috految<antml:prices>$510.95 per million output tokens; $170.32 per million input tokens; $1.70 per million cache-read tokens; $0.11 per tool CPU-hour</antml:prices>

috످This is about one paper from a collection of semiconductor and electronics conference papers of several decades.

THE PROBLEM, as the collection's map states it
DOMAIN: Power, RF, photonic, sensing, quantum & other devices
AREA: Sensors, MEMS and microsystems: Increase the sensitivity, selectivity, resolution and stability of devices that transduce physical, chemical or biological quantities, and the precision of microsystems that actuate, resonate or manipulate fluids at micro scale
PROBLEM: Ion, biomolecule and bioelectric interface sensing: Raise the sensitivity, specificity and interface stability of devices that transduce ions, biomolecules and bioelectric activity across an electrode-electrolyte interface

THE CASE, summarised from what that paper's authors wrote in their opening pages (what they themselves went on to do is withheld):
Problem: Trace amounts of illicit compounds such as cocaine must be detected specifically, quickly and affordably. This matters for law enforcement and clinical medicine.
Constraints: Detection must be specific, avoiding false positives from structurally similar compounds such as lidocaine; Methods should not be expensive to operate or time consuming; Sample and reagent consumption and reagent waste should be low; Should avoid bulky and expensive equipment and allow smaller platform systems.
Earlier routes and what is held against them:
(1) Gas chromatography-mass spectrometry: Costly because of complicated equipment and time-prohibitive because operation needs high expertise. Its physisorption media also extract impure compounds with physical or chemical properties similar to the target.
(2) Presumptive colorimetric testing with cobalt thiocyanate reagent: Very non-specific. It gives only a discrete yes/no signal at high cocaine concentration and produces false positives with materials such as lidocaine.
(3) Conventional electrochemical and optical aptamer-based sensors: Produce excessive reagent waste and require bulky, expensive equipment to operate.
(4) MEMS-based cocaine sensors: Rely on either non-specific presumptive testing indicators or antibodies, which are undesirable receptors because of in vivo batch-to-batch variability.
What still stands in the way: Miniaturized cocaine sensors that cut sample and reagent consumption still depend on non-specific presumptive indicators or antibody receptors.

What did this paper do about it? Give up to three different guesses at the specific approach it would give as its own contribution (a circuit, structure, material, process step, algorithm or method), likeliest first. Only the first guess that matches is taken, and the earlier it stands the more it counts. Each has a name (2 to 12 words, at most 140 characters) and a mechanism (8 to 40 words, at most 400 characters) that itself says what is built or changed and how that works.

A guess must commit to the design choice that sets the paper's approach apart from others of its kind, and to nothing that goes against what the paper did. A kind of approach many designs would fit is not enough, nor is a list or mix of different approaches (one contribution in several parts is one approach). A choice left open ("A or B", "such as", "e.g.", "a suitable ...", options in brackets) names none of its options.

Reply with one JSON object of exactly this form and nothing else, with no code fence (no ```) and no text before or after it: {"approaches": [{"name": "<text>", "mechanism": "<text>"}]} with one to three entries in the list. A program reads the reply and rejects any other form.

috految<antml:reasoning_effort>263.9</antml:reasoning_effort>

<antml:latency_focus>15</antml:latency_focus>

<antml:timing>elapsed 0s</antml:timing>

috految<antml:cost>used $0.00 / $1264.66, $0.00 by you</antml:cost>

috److془The paper: "A Microfluidic Affinity Cocaine Sensor" by J.P. Hilton, T.H. Nguyen, R. Pei, M. Stojanovic, Q. Lin, MEMS 2009.

Abstract: "We present a novel microfluidic sensor that is capable of detecting cocaine using aptamer... " Let me recall: "We present a novel microfluidic sensor capable of detecting pi cocaine. "A Microfluidic Affinity Cocaine Sensor: We present a novel microfluidic sensor that is capable of detecting cocaine concentrations as low as 10 pM. The device uses..". 

Journal: "A microfluidic affinity sensor for the detection of cocaine": "We present a microfluidic aptamer-based biosensor for detection of low-molecular-weight biomarkers..." no that's Yang. The journal: "We present a microfluidic aptamer-based cocaine sensor using Förster resonance energy transfer (FRET). ... "This paper presents a microfluidic affinity sensor for specific detection of cocaine with microelectromechanical system (MEMS) ... The sensor consists of a microchamber packed with aptamer-functionalized microbeads as a sensing surface, integrated with an on-chip heater and temperature sensor. The sensor employs a Förster resonance energy transfer (FRET) system in which a fluorophore-quencher pair of carboxyfluorescein and Dabcyl generates a signal-on response to cocaine. We demonstrate device operation by successfully detecting cocaine with a four orders of magnitude linear response in micromolar to nanomolar concentrations. The detection limit of the device is further lowered to 10 pM by concentrating a highly diluted cocaine sample, which compares well with the most sensitive detection techniques currently available. The temperature-dependent binding of aptamer-analyte complexes is then used to effect thermal release of cocaine from the sensing surface. It is shown that a sensor temperature of 37 °C can fully regenerate the sensor in pure buffer. Furthermore, testing indicates that sensor response is consistent even after repeated regeneration. These results demonstrate the practical potential of this sensor."

MEMS 2009: "We present a novel microfluidic biosensor that is capable of detecting cocaine by quenching of fluorescent aptamer..., " "We present a novel microfluidic sensor that is capable of detecting cocaine molecules with high specificity..., microchamber packed with aptamer-functionalized microbeads, FRET ..".

Write the first with ≤40 words. Mechanism: "A microchamber packed with aptamer-functionalized microbeads specifically captures and concentrates cocaine. Binding changes the fluorophore-labelled aptamer's conformation, displacing a Dabcyl quencher strand to give signal-on FRET fluorescence; on-chip heating reversibly releases cocaine, regenerating the sensor."

Patent: "Aptamer is Biotin-5'-...FAM, Dabcyl quencher ... "The aptamer with FAM and a short complementary strand with Dabcyl". Patent: "Cocaine aptamer, 'Biotinylated DNA aptamer with fluorophore FAM... A Dabcyl quencher...'. Good. Use "displacing the quencher".془{"approaches": [{"name": "Microfluidic aptamer affinity sensor: microbead chamber with FRET readout and thermal regeneration", "mechanism": "A microchamber packed with aptamer-functionalized microbeads specifically captures and concentrates cocaine. Binding to the fluorophore-labelled aptamer displaces a quencher, relieving FRET to give quantitative signal-on fluorescence. Integrated heating exploits temperature-dependent binding to release cocaine and regenerate the sensor."}, {"name": "Microfluidic cocaine sensor using bead-immobilized fluorescent aptamers with a displaceable complementary quencher", "mechanism": "Carboxyfluorescein-labelled DNA aptamers on microbeads retained in a PDMS microchamber are quenched by a short Dabcyl-labelled complementary strand. Cocaine binding folds the aptamer and displaces the quencher, restoring fluorescence in proportion to concentration while enriching trace analyte."}, {"name": "Reusable MEMS aptasensor with bead-based cocaine enrichment and thermally induced release", "mechanism": "Cocaine-specific aptamers immobilized on microbeads in a microfluidic chamber extract and concentrate cocaine from continuously infused dilute samples, with binding-induced conformational change read by fluorescence. An integrated heater and temperature sensor reversibly disrupt binding, regenerating the surface without reagents."}]}

috످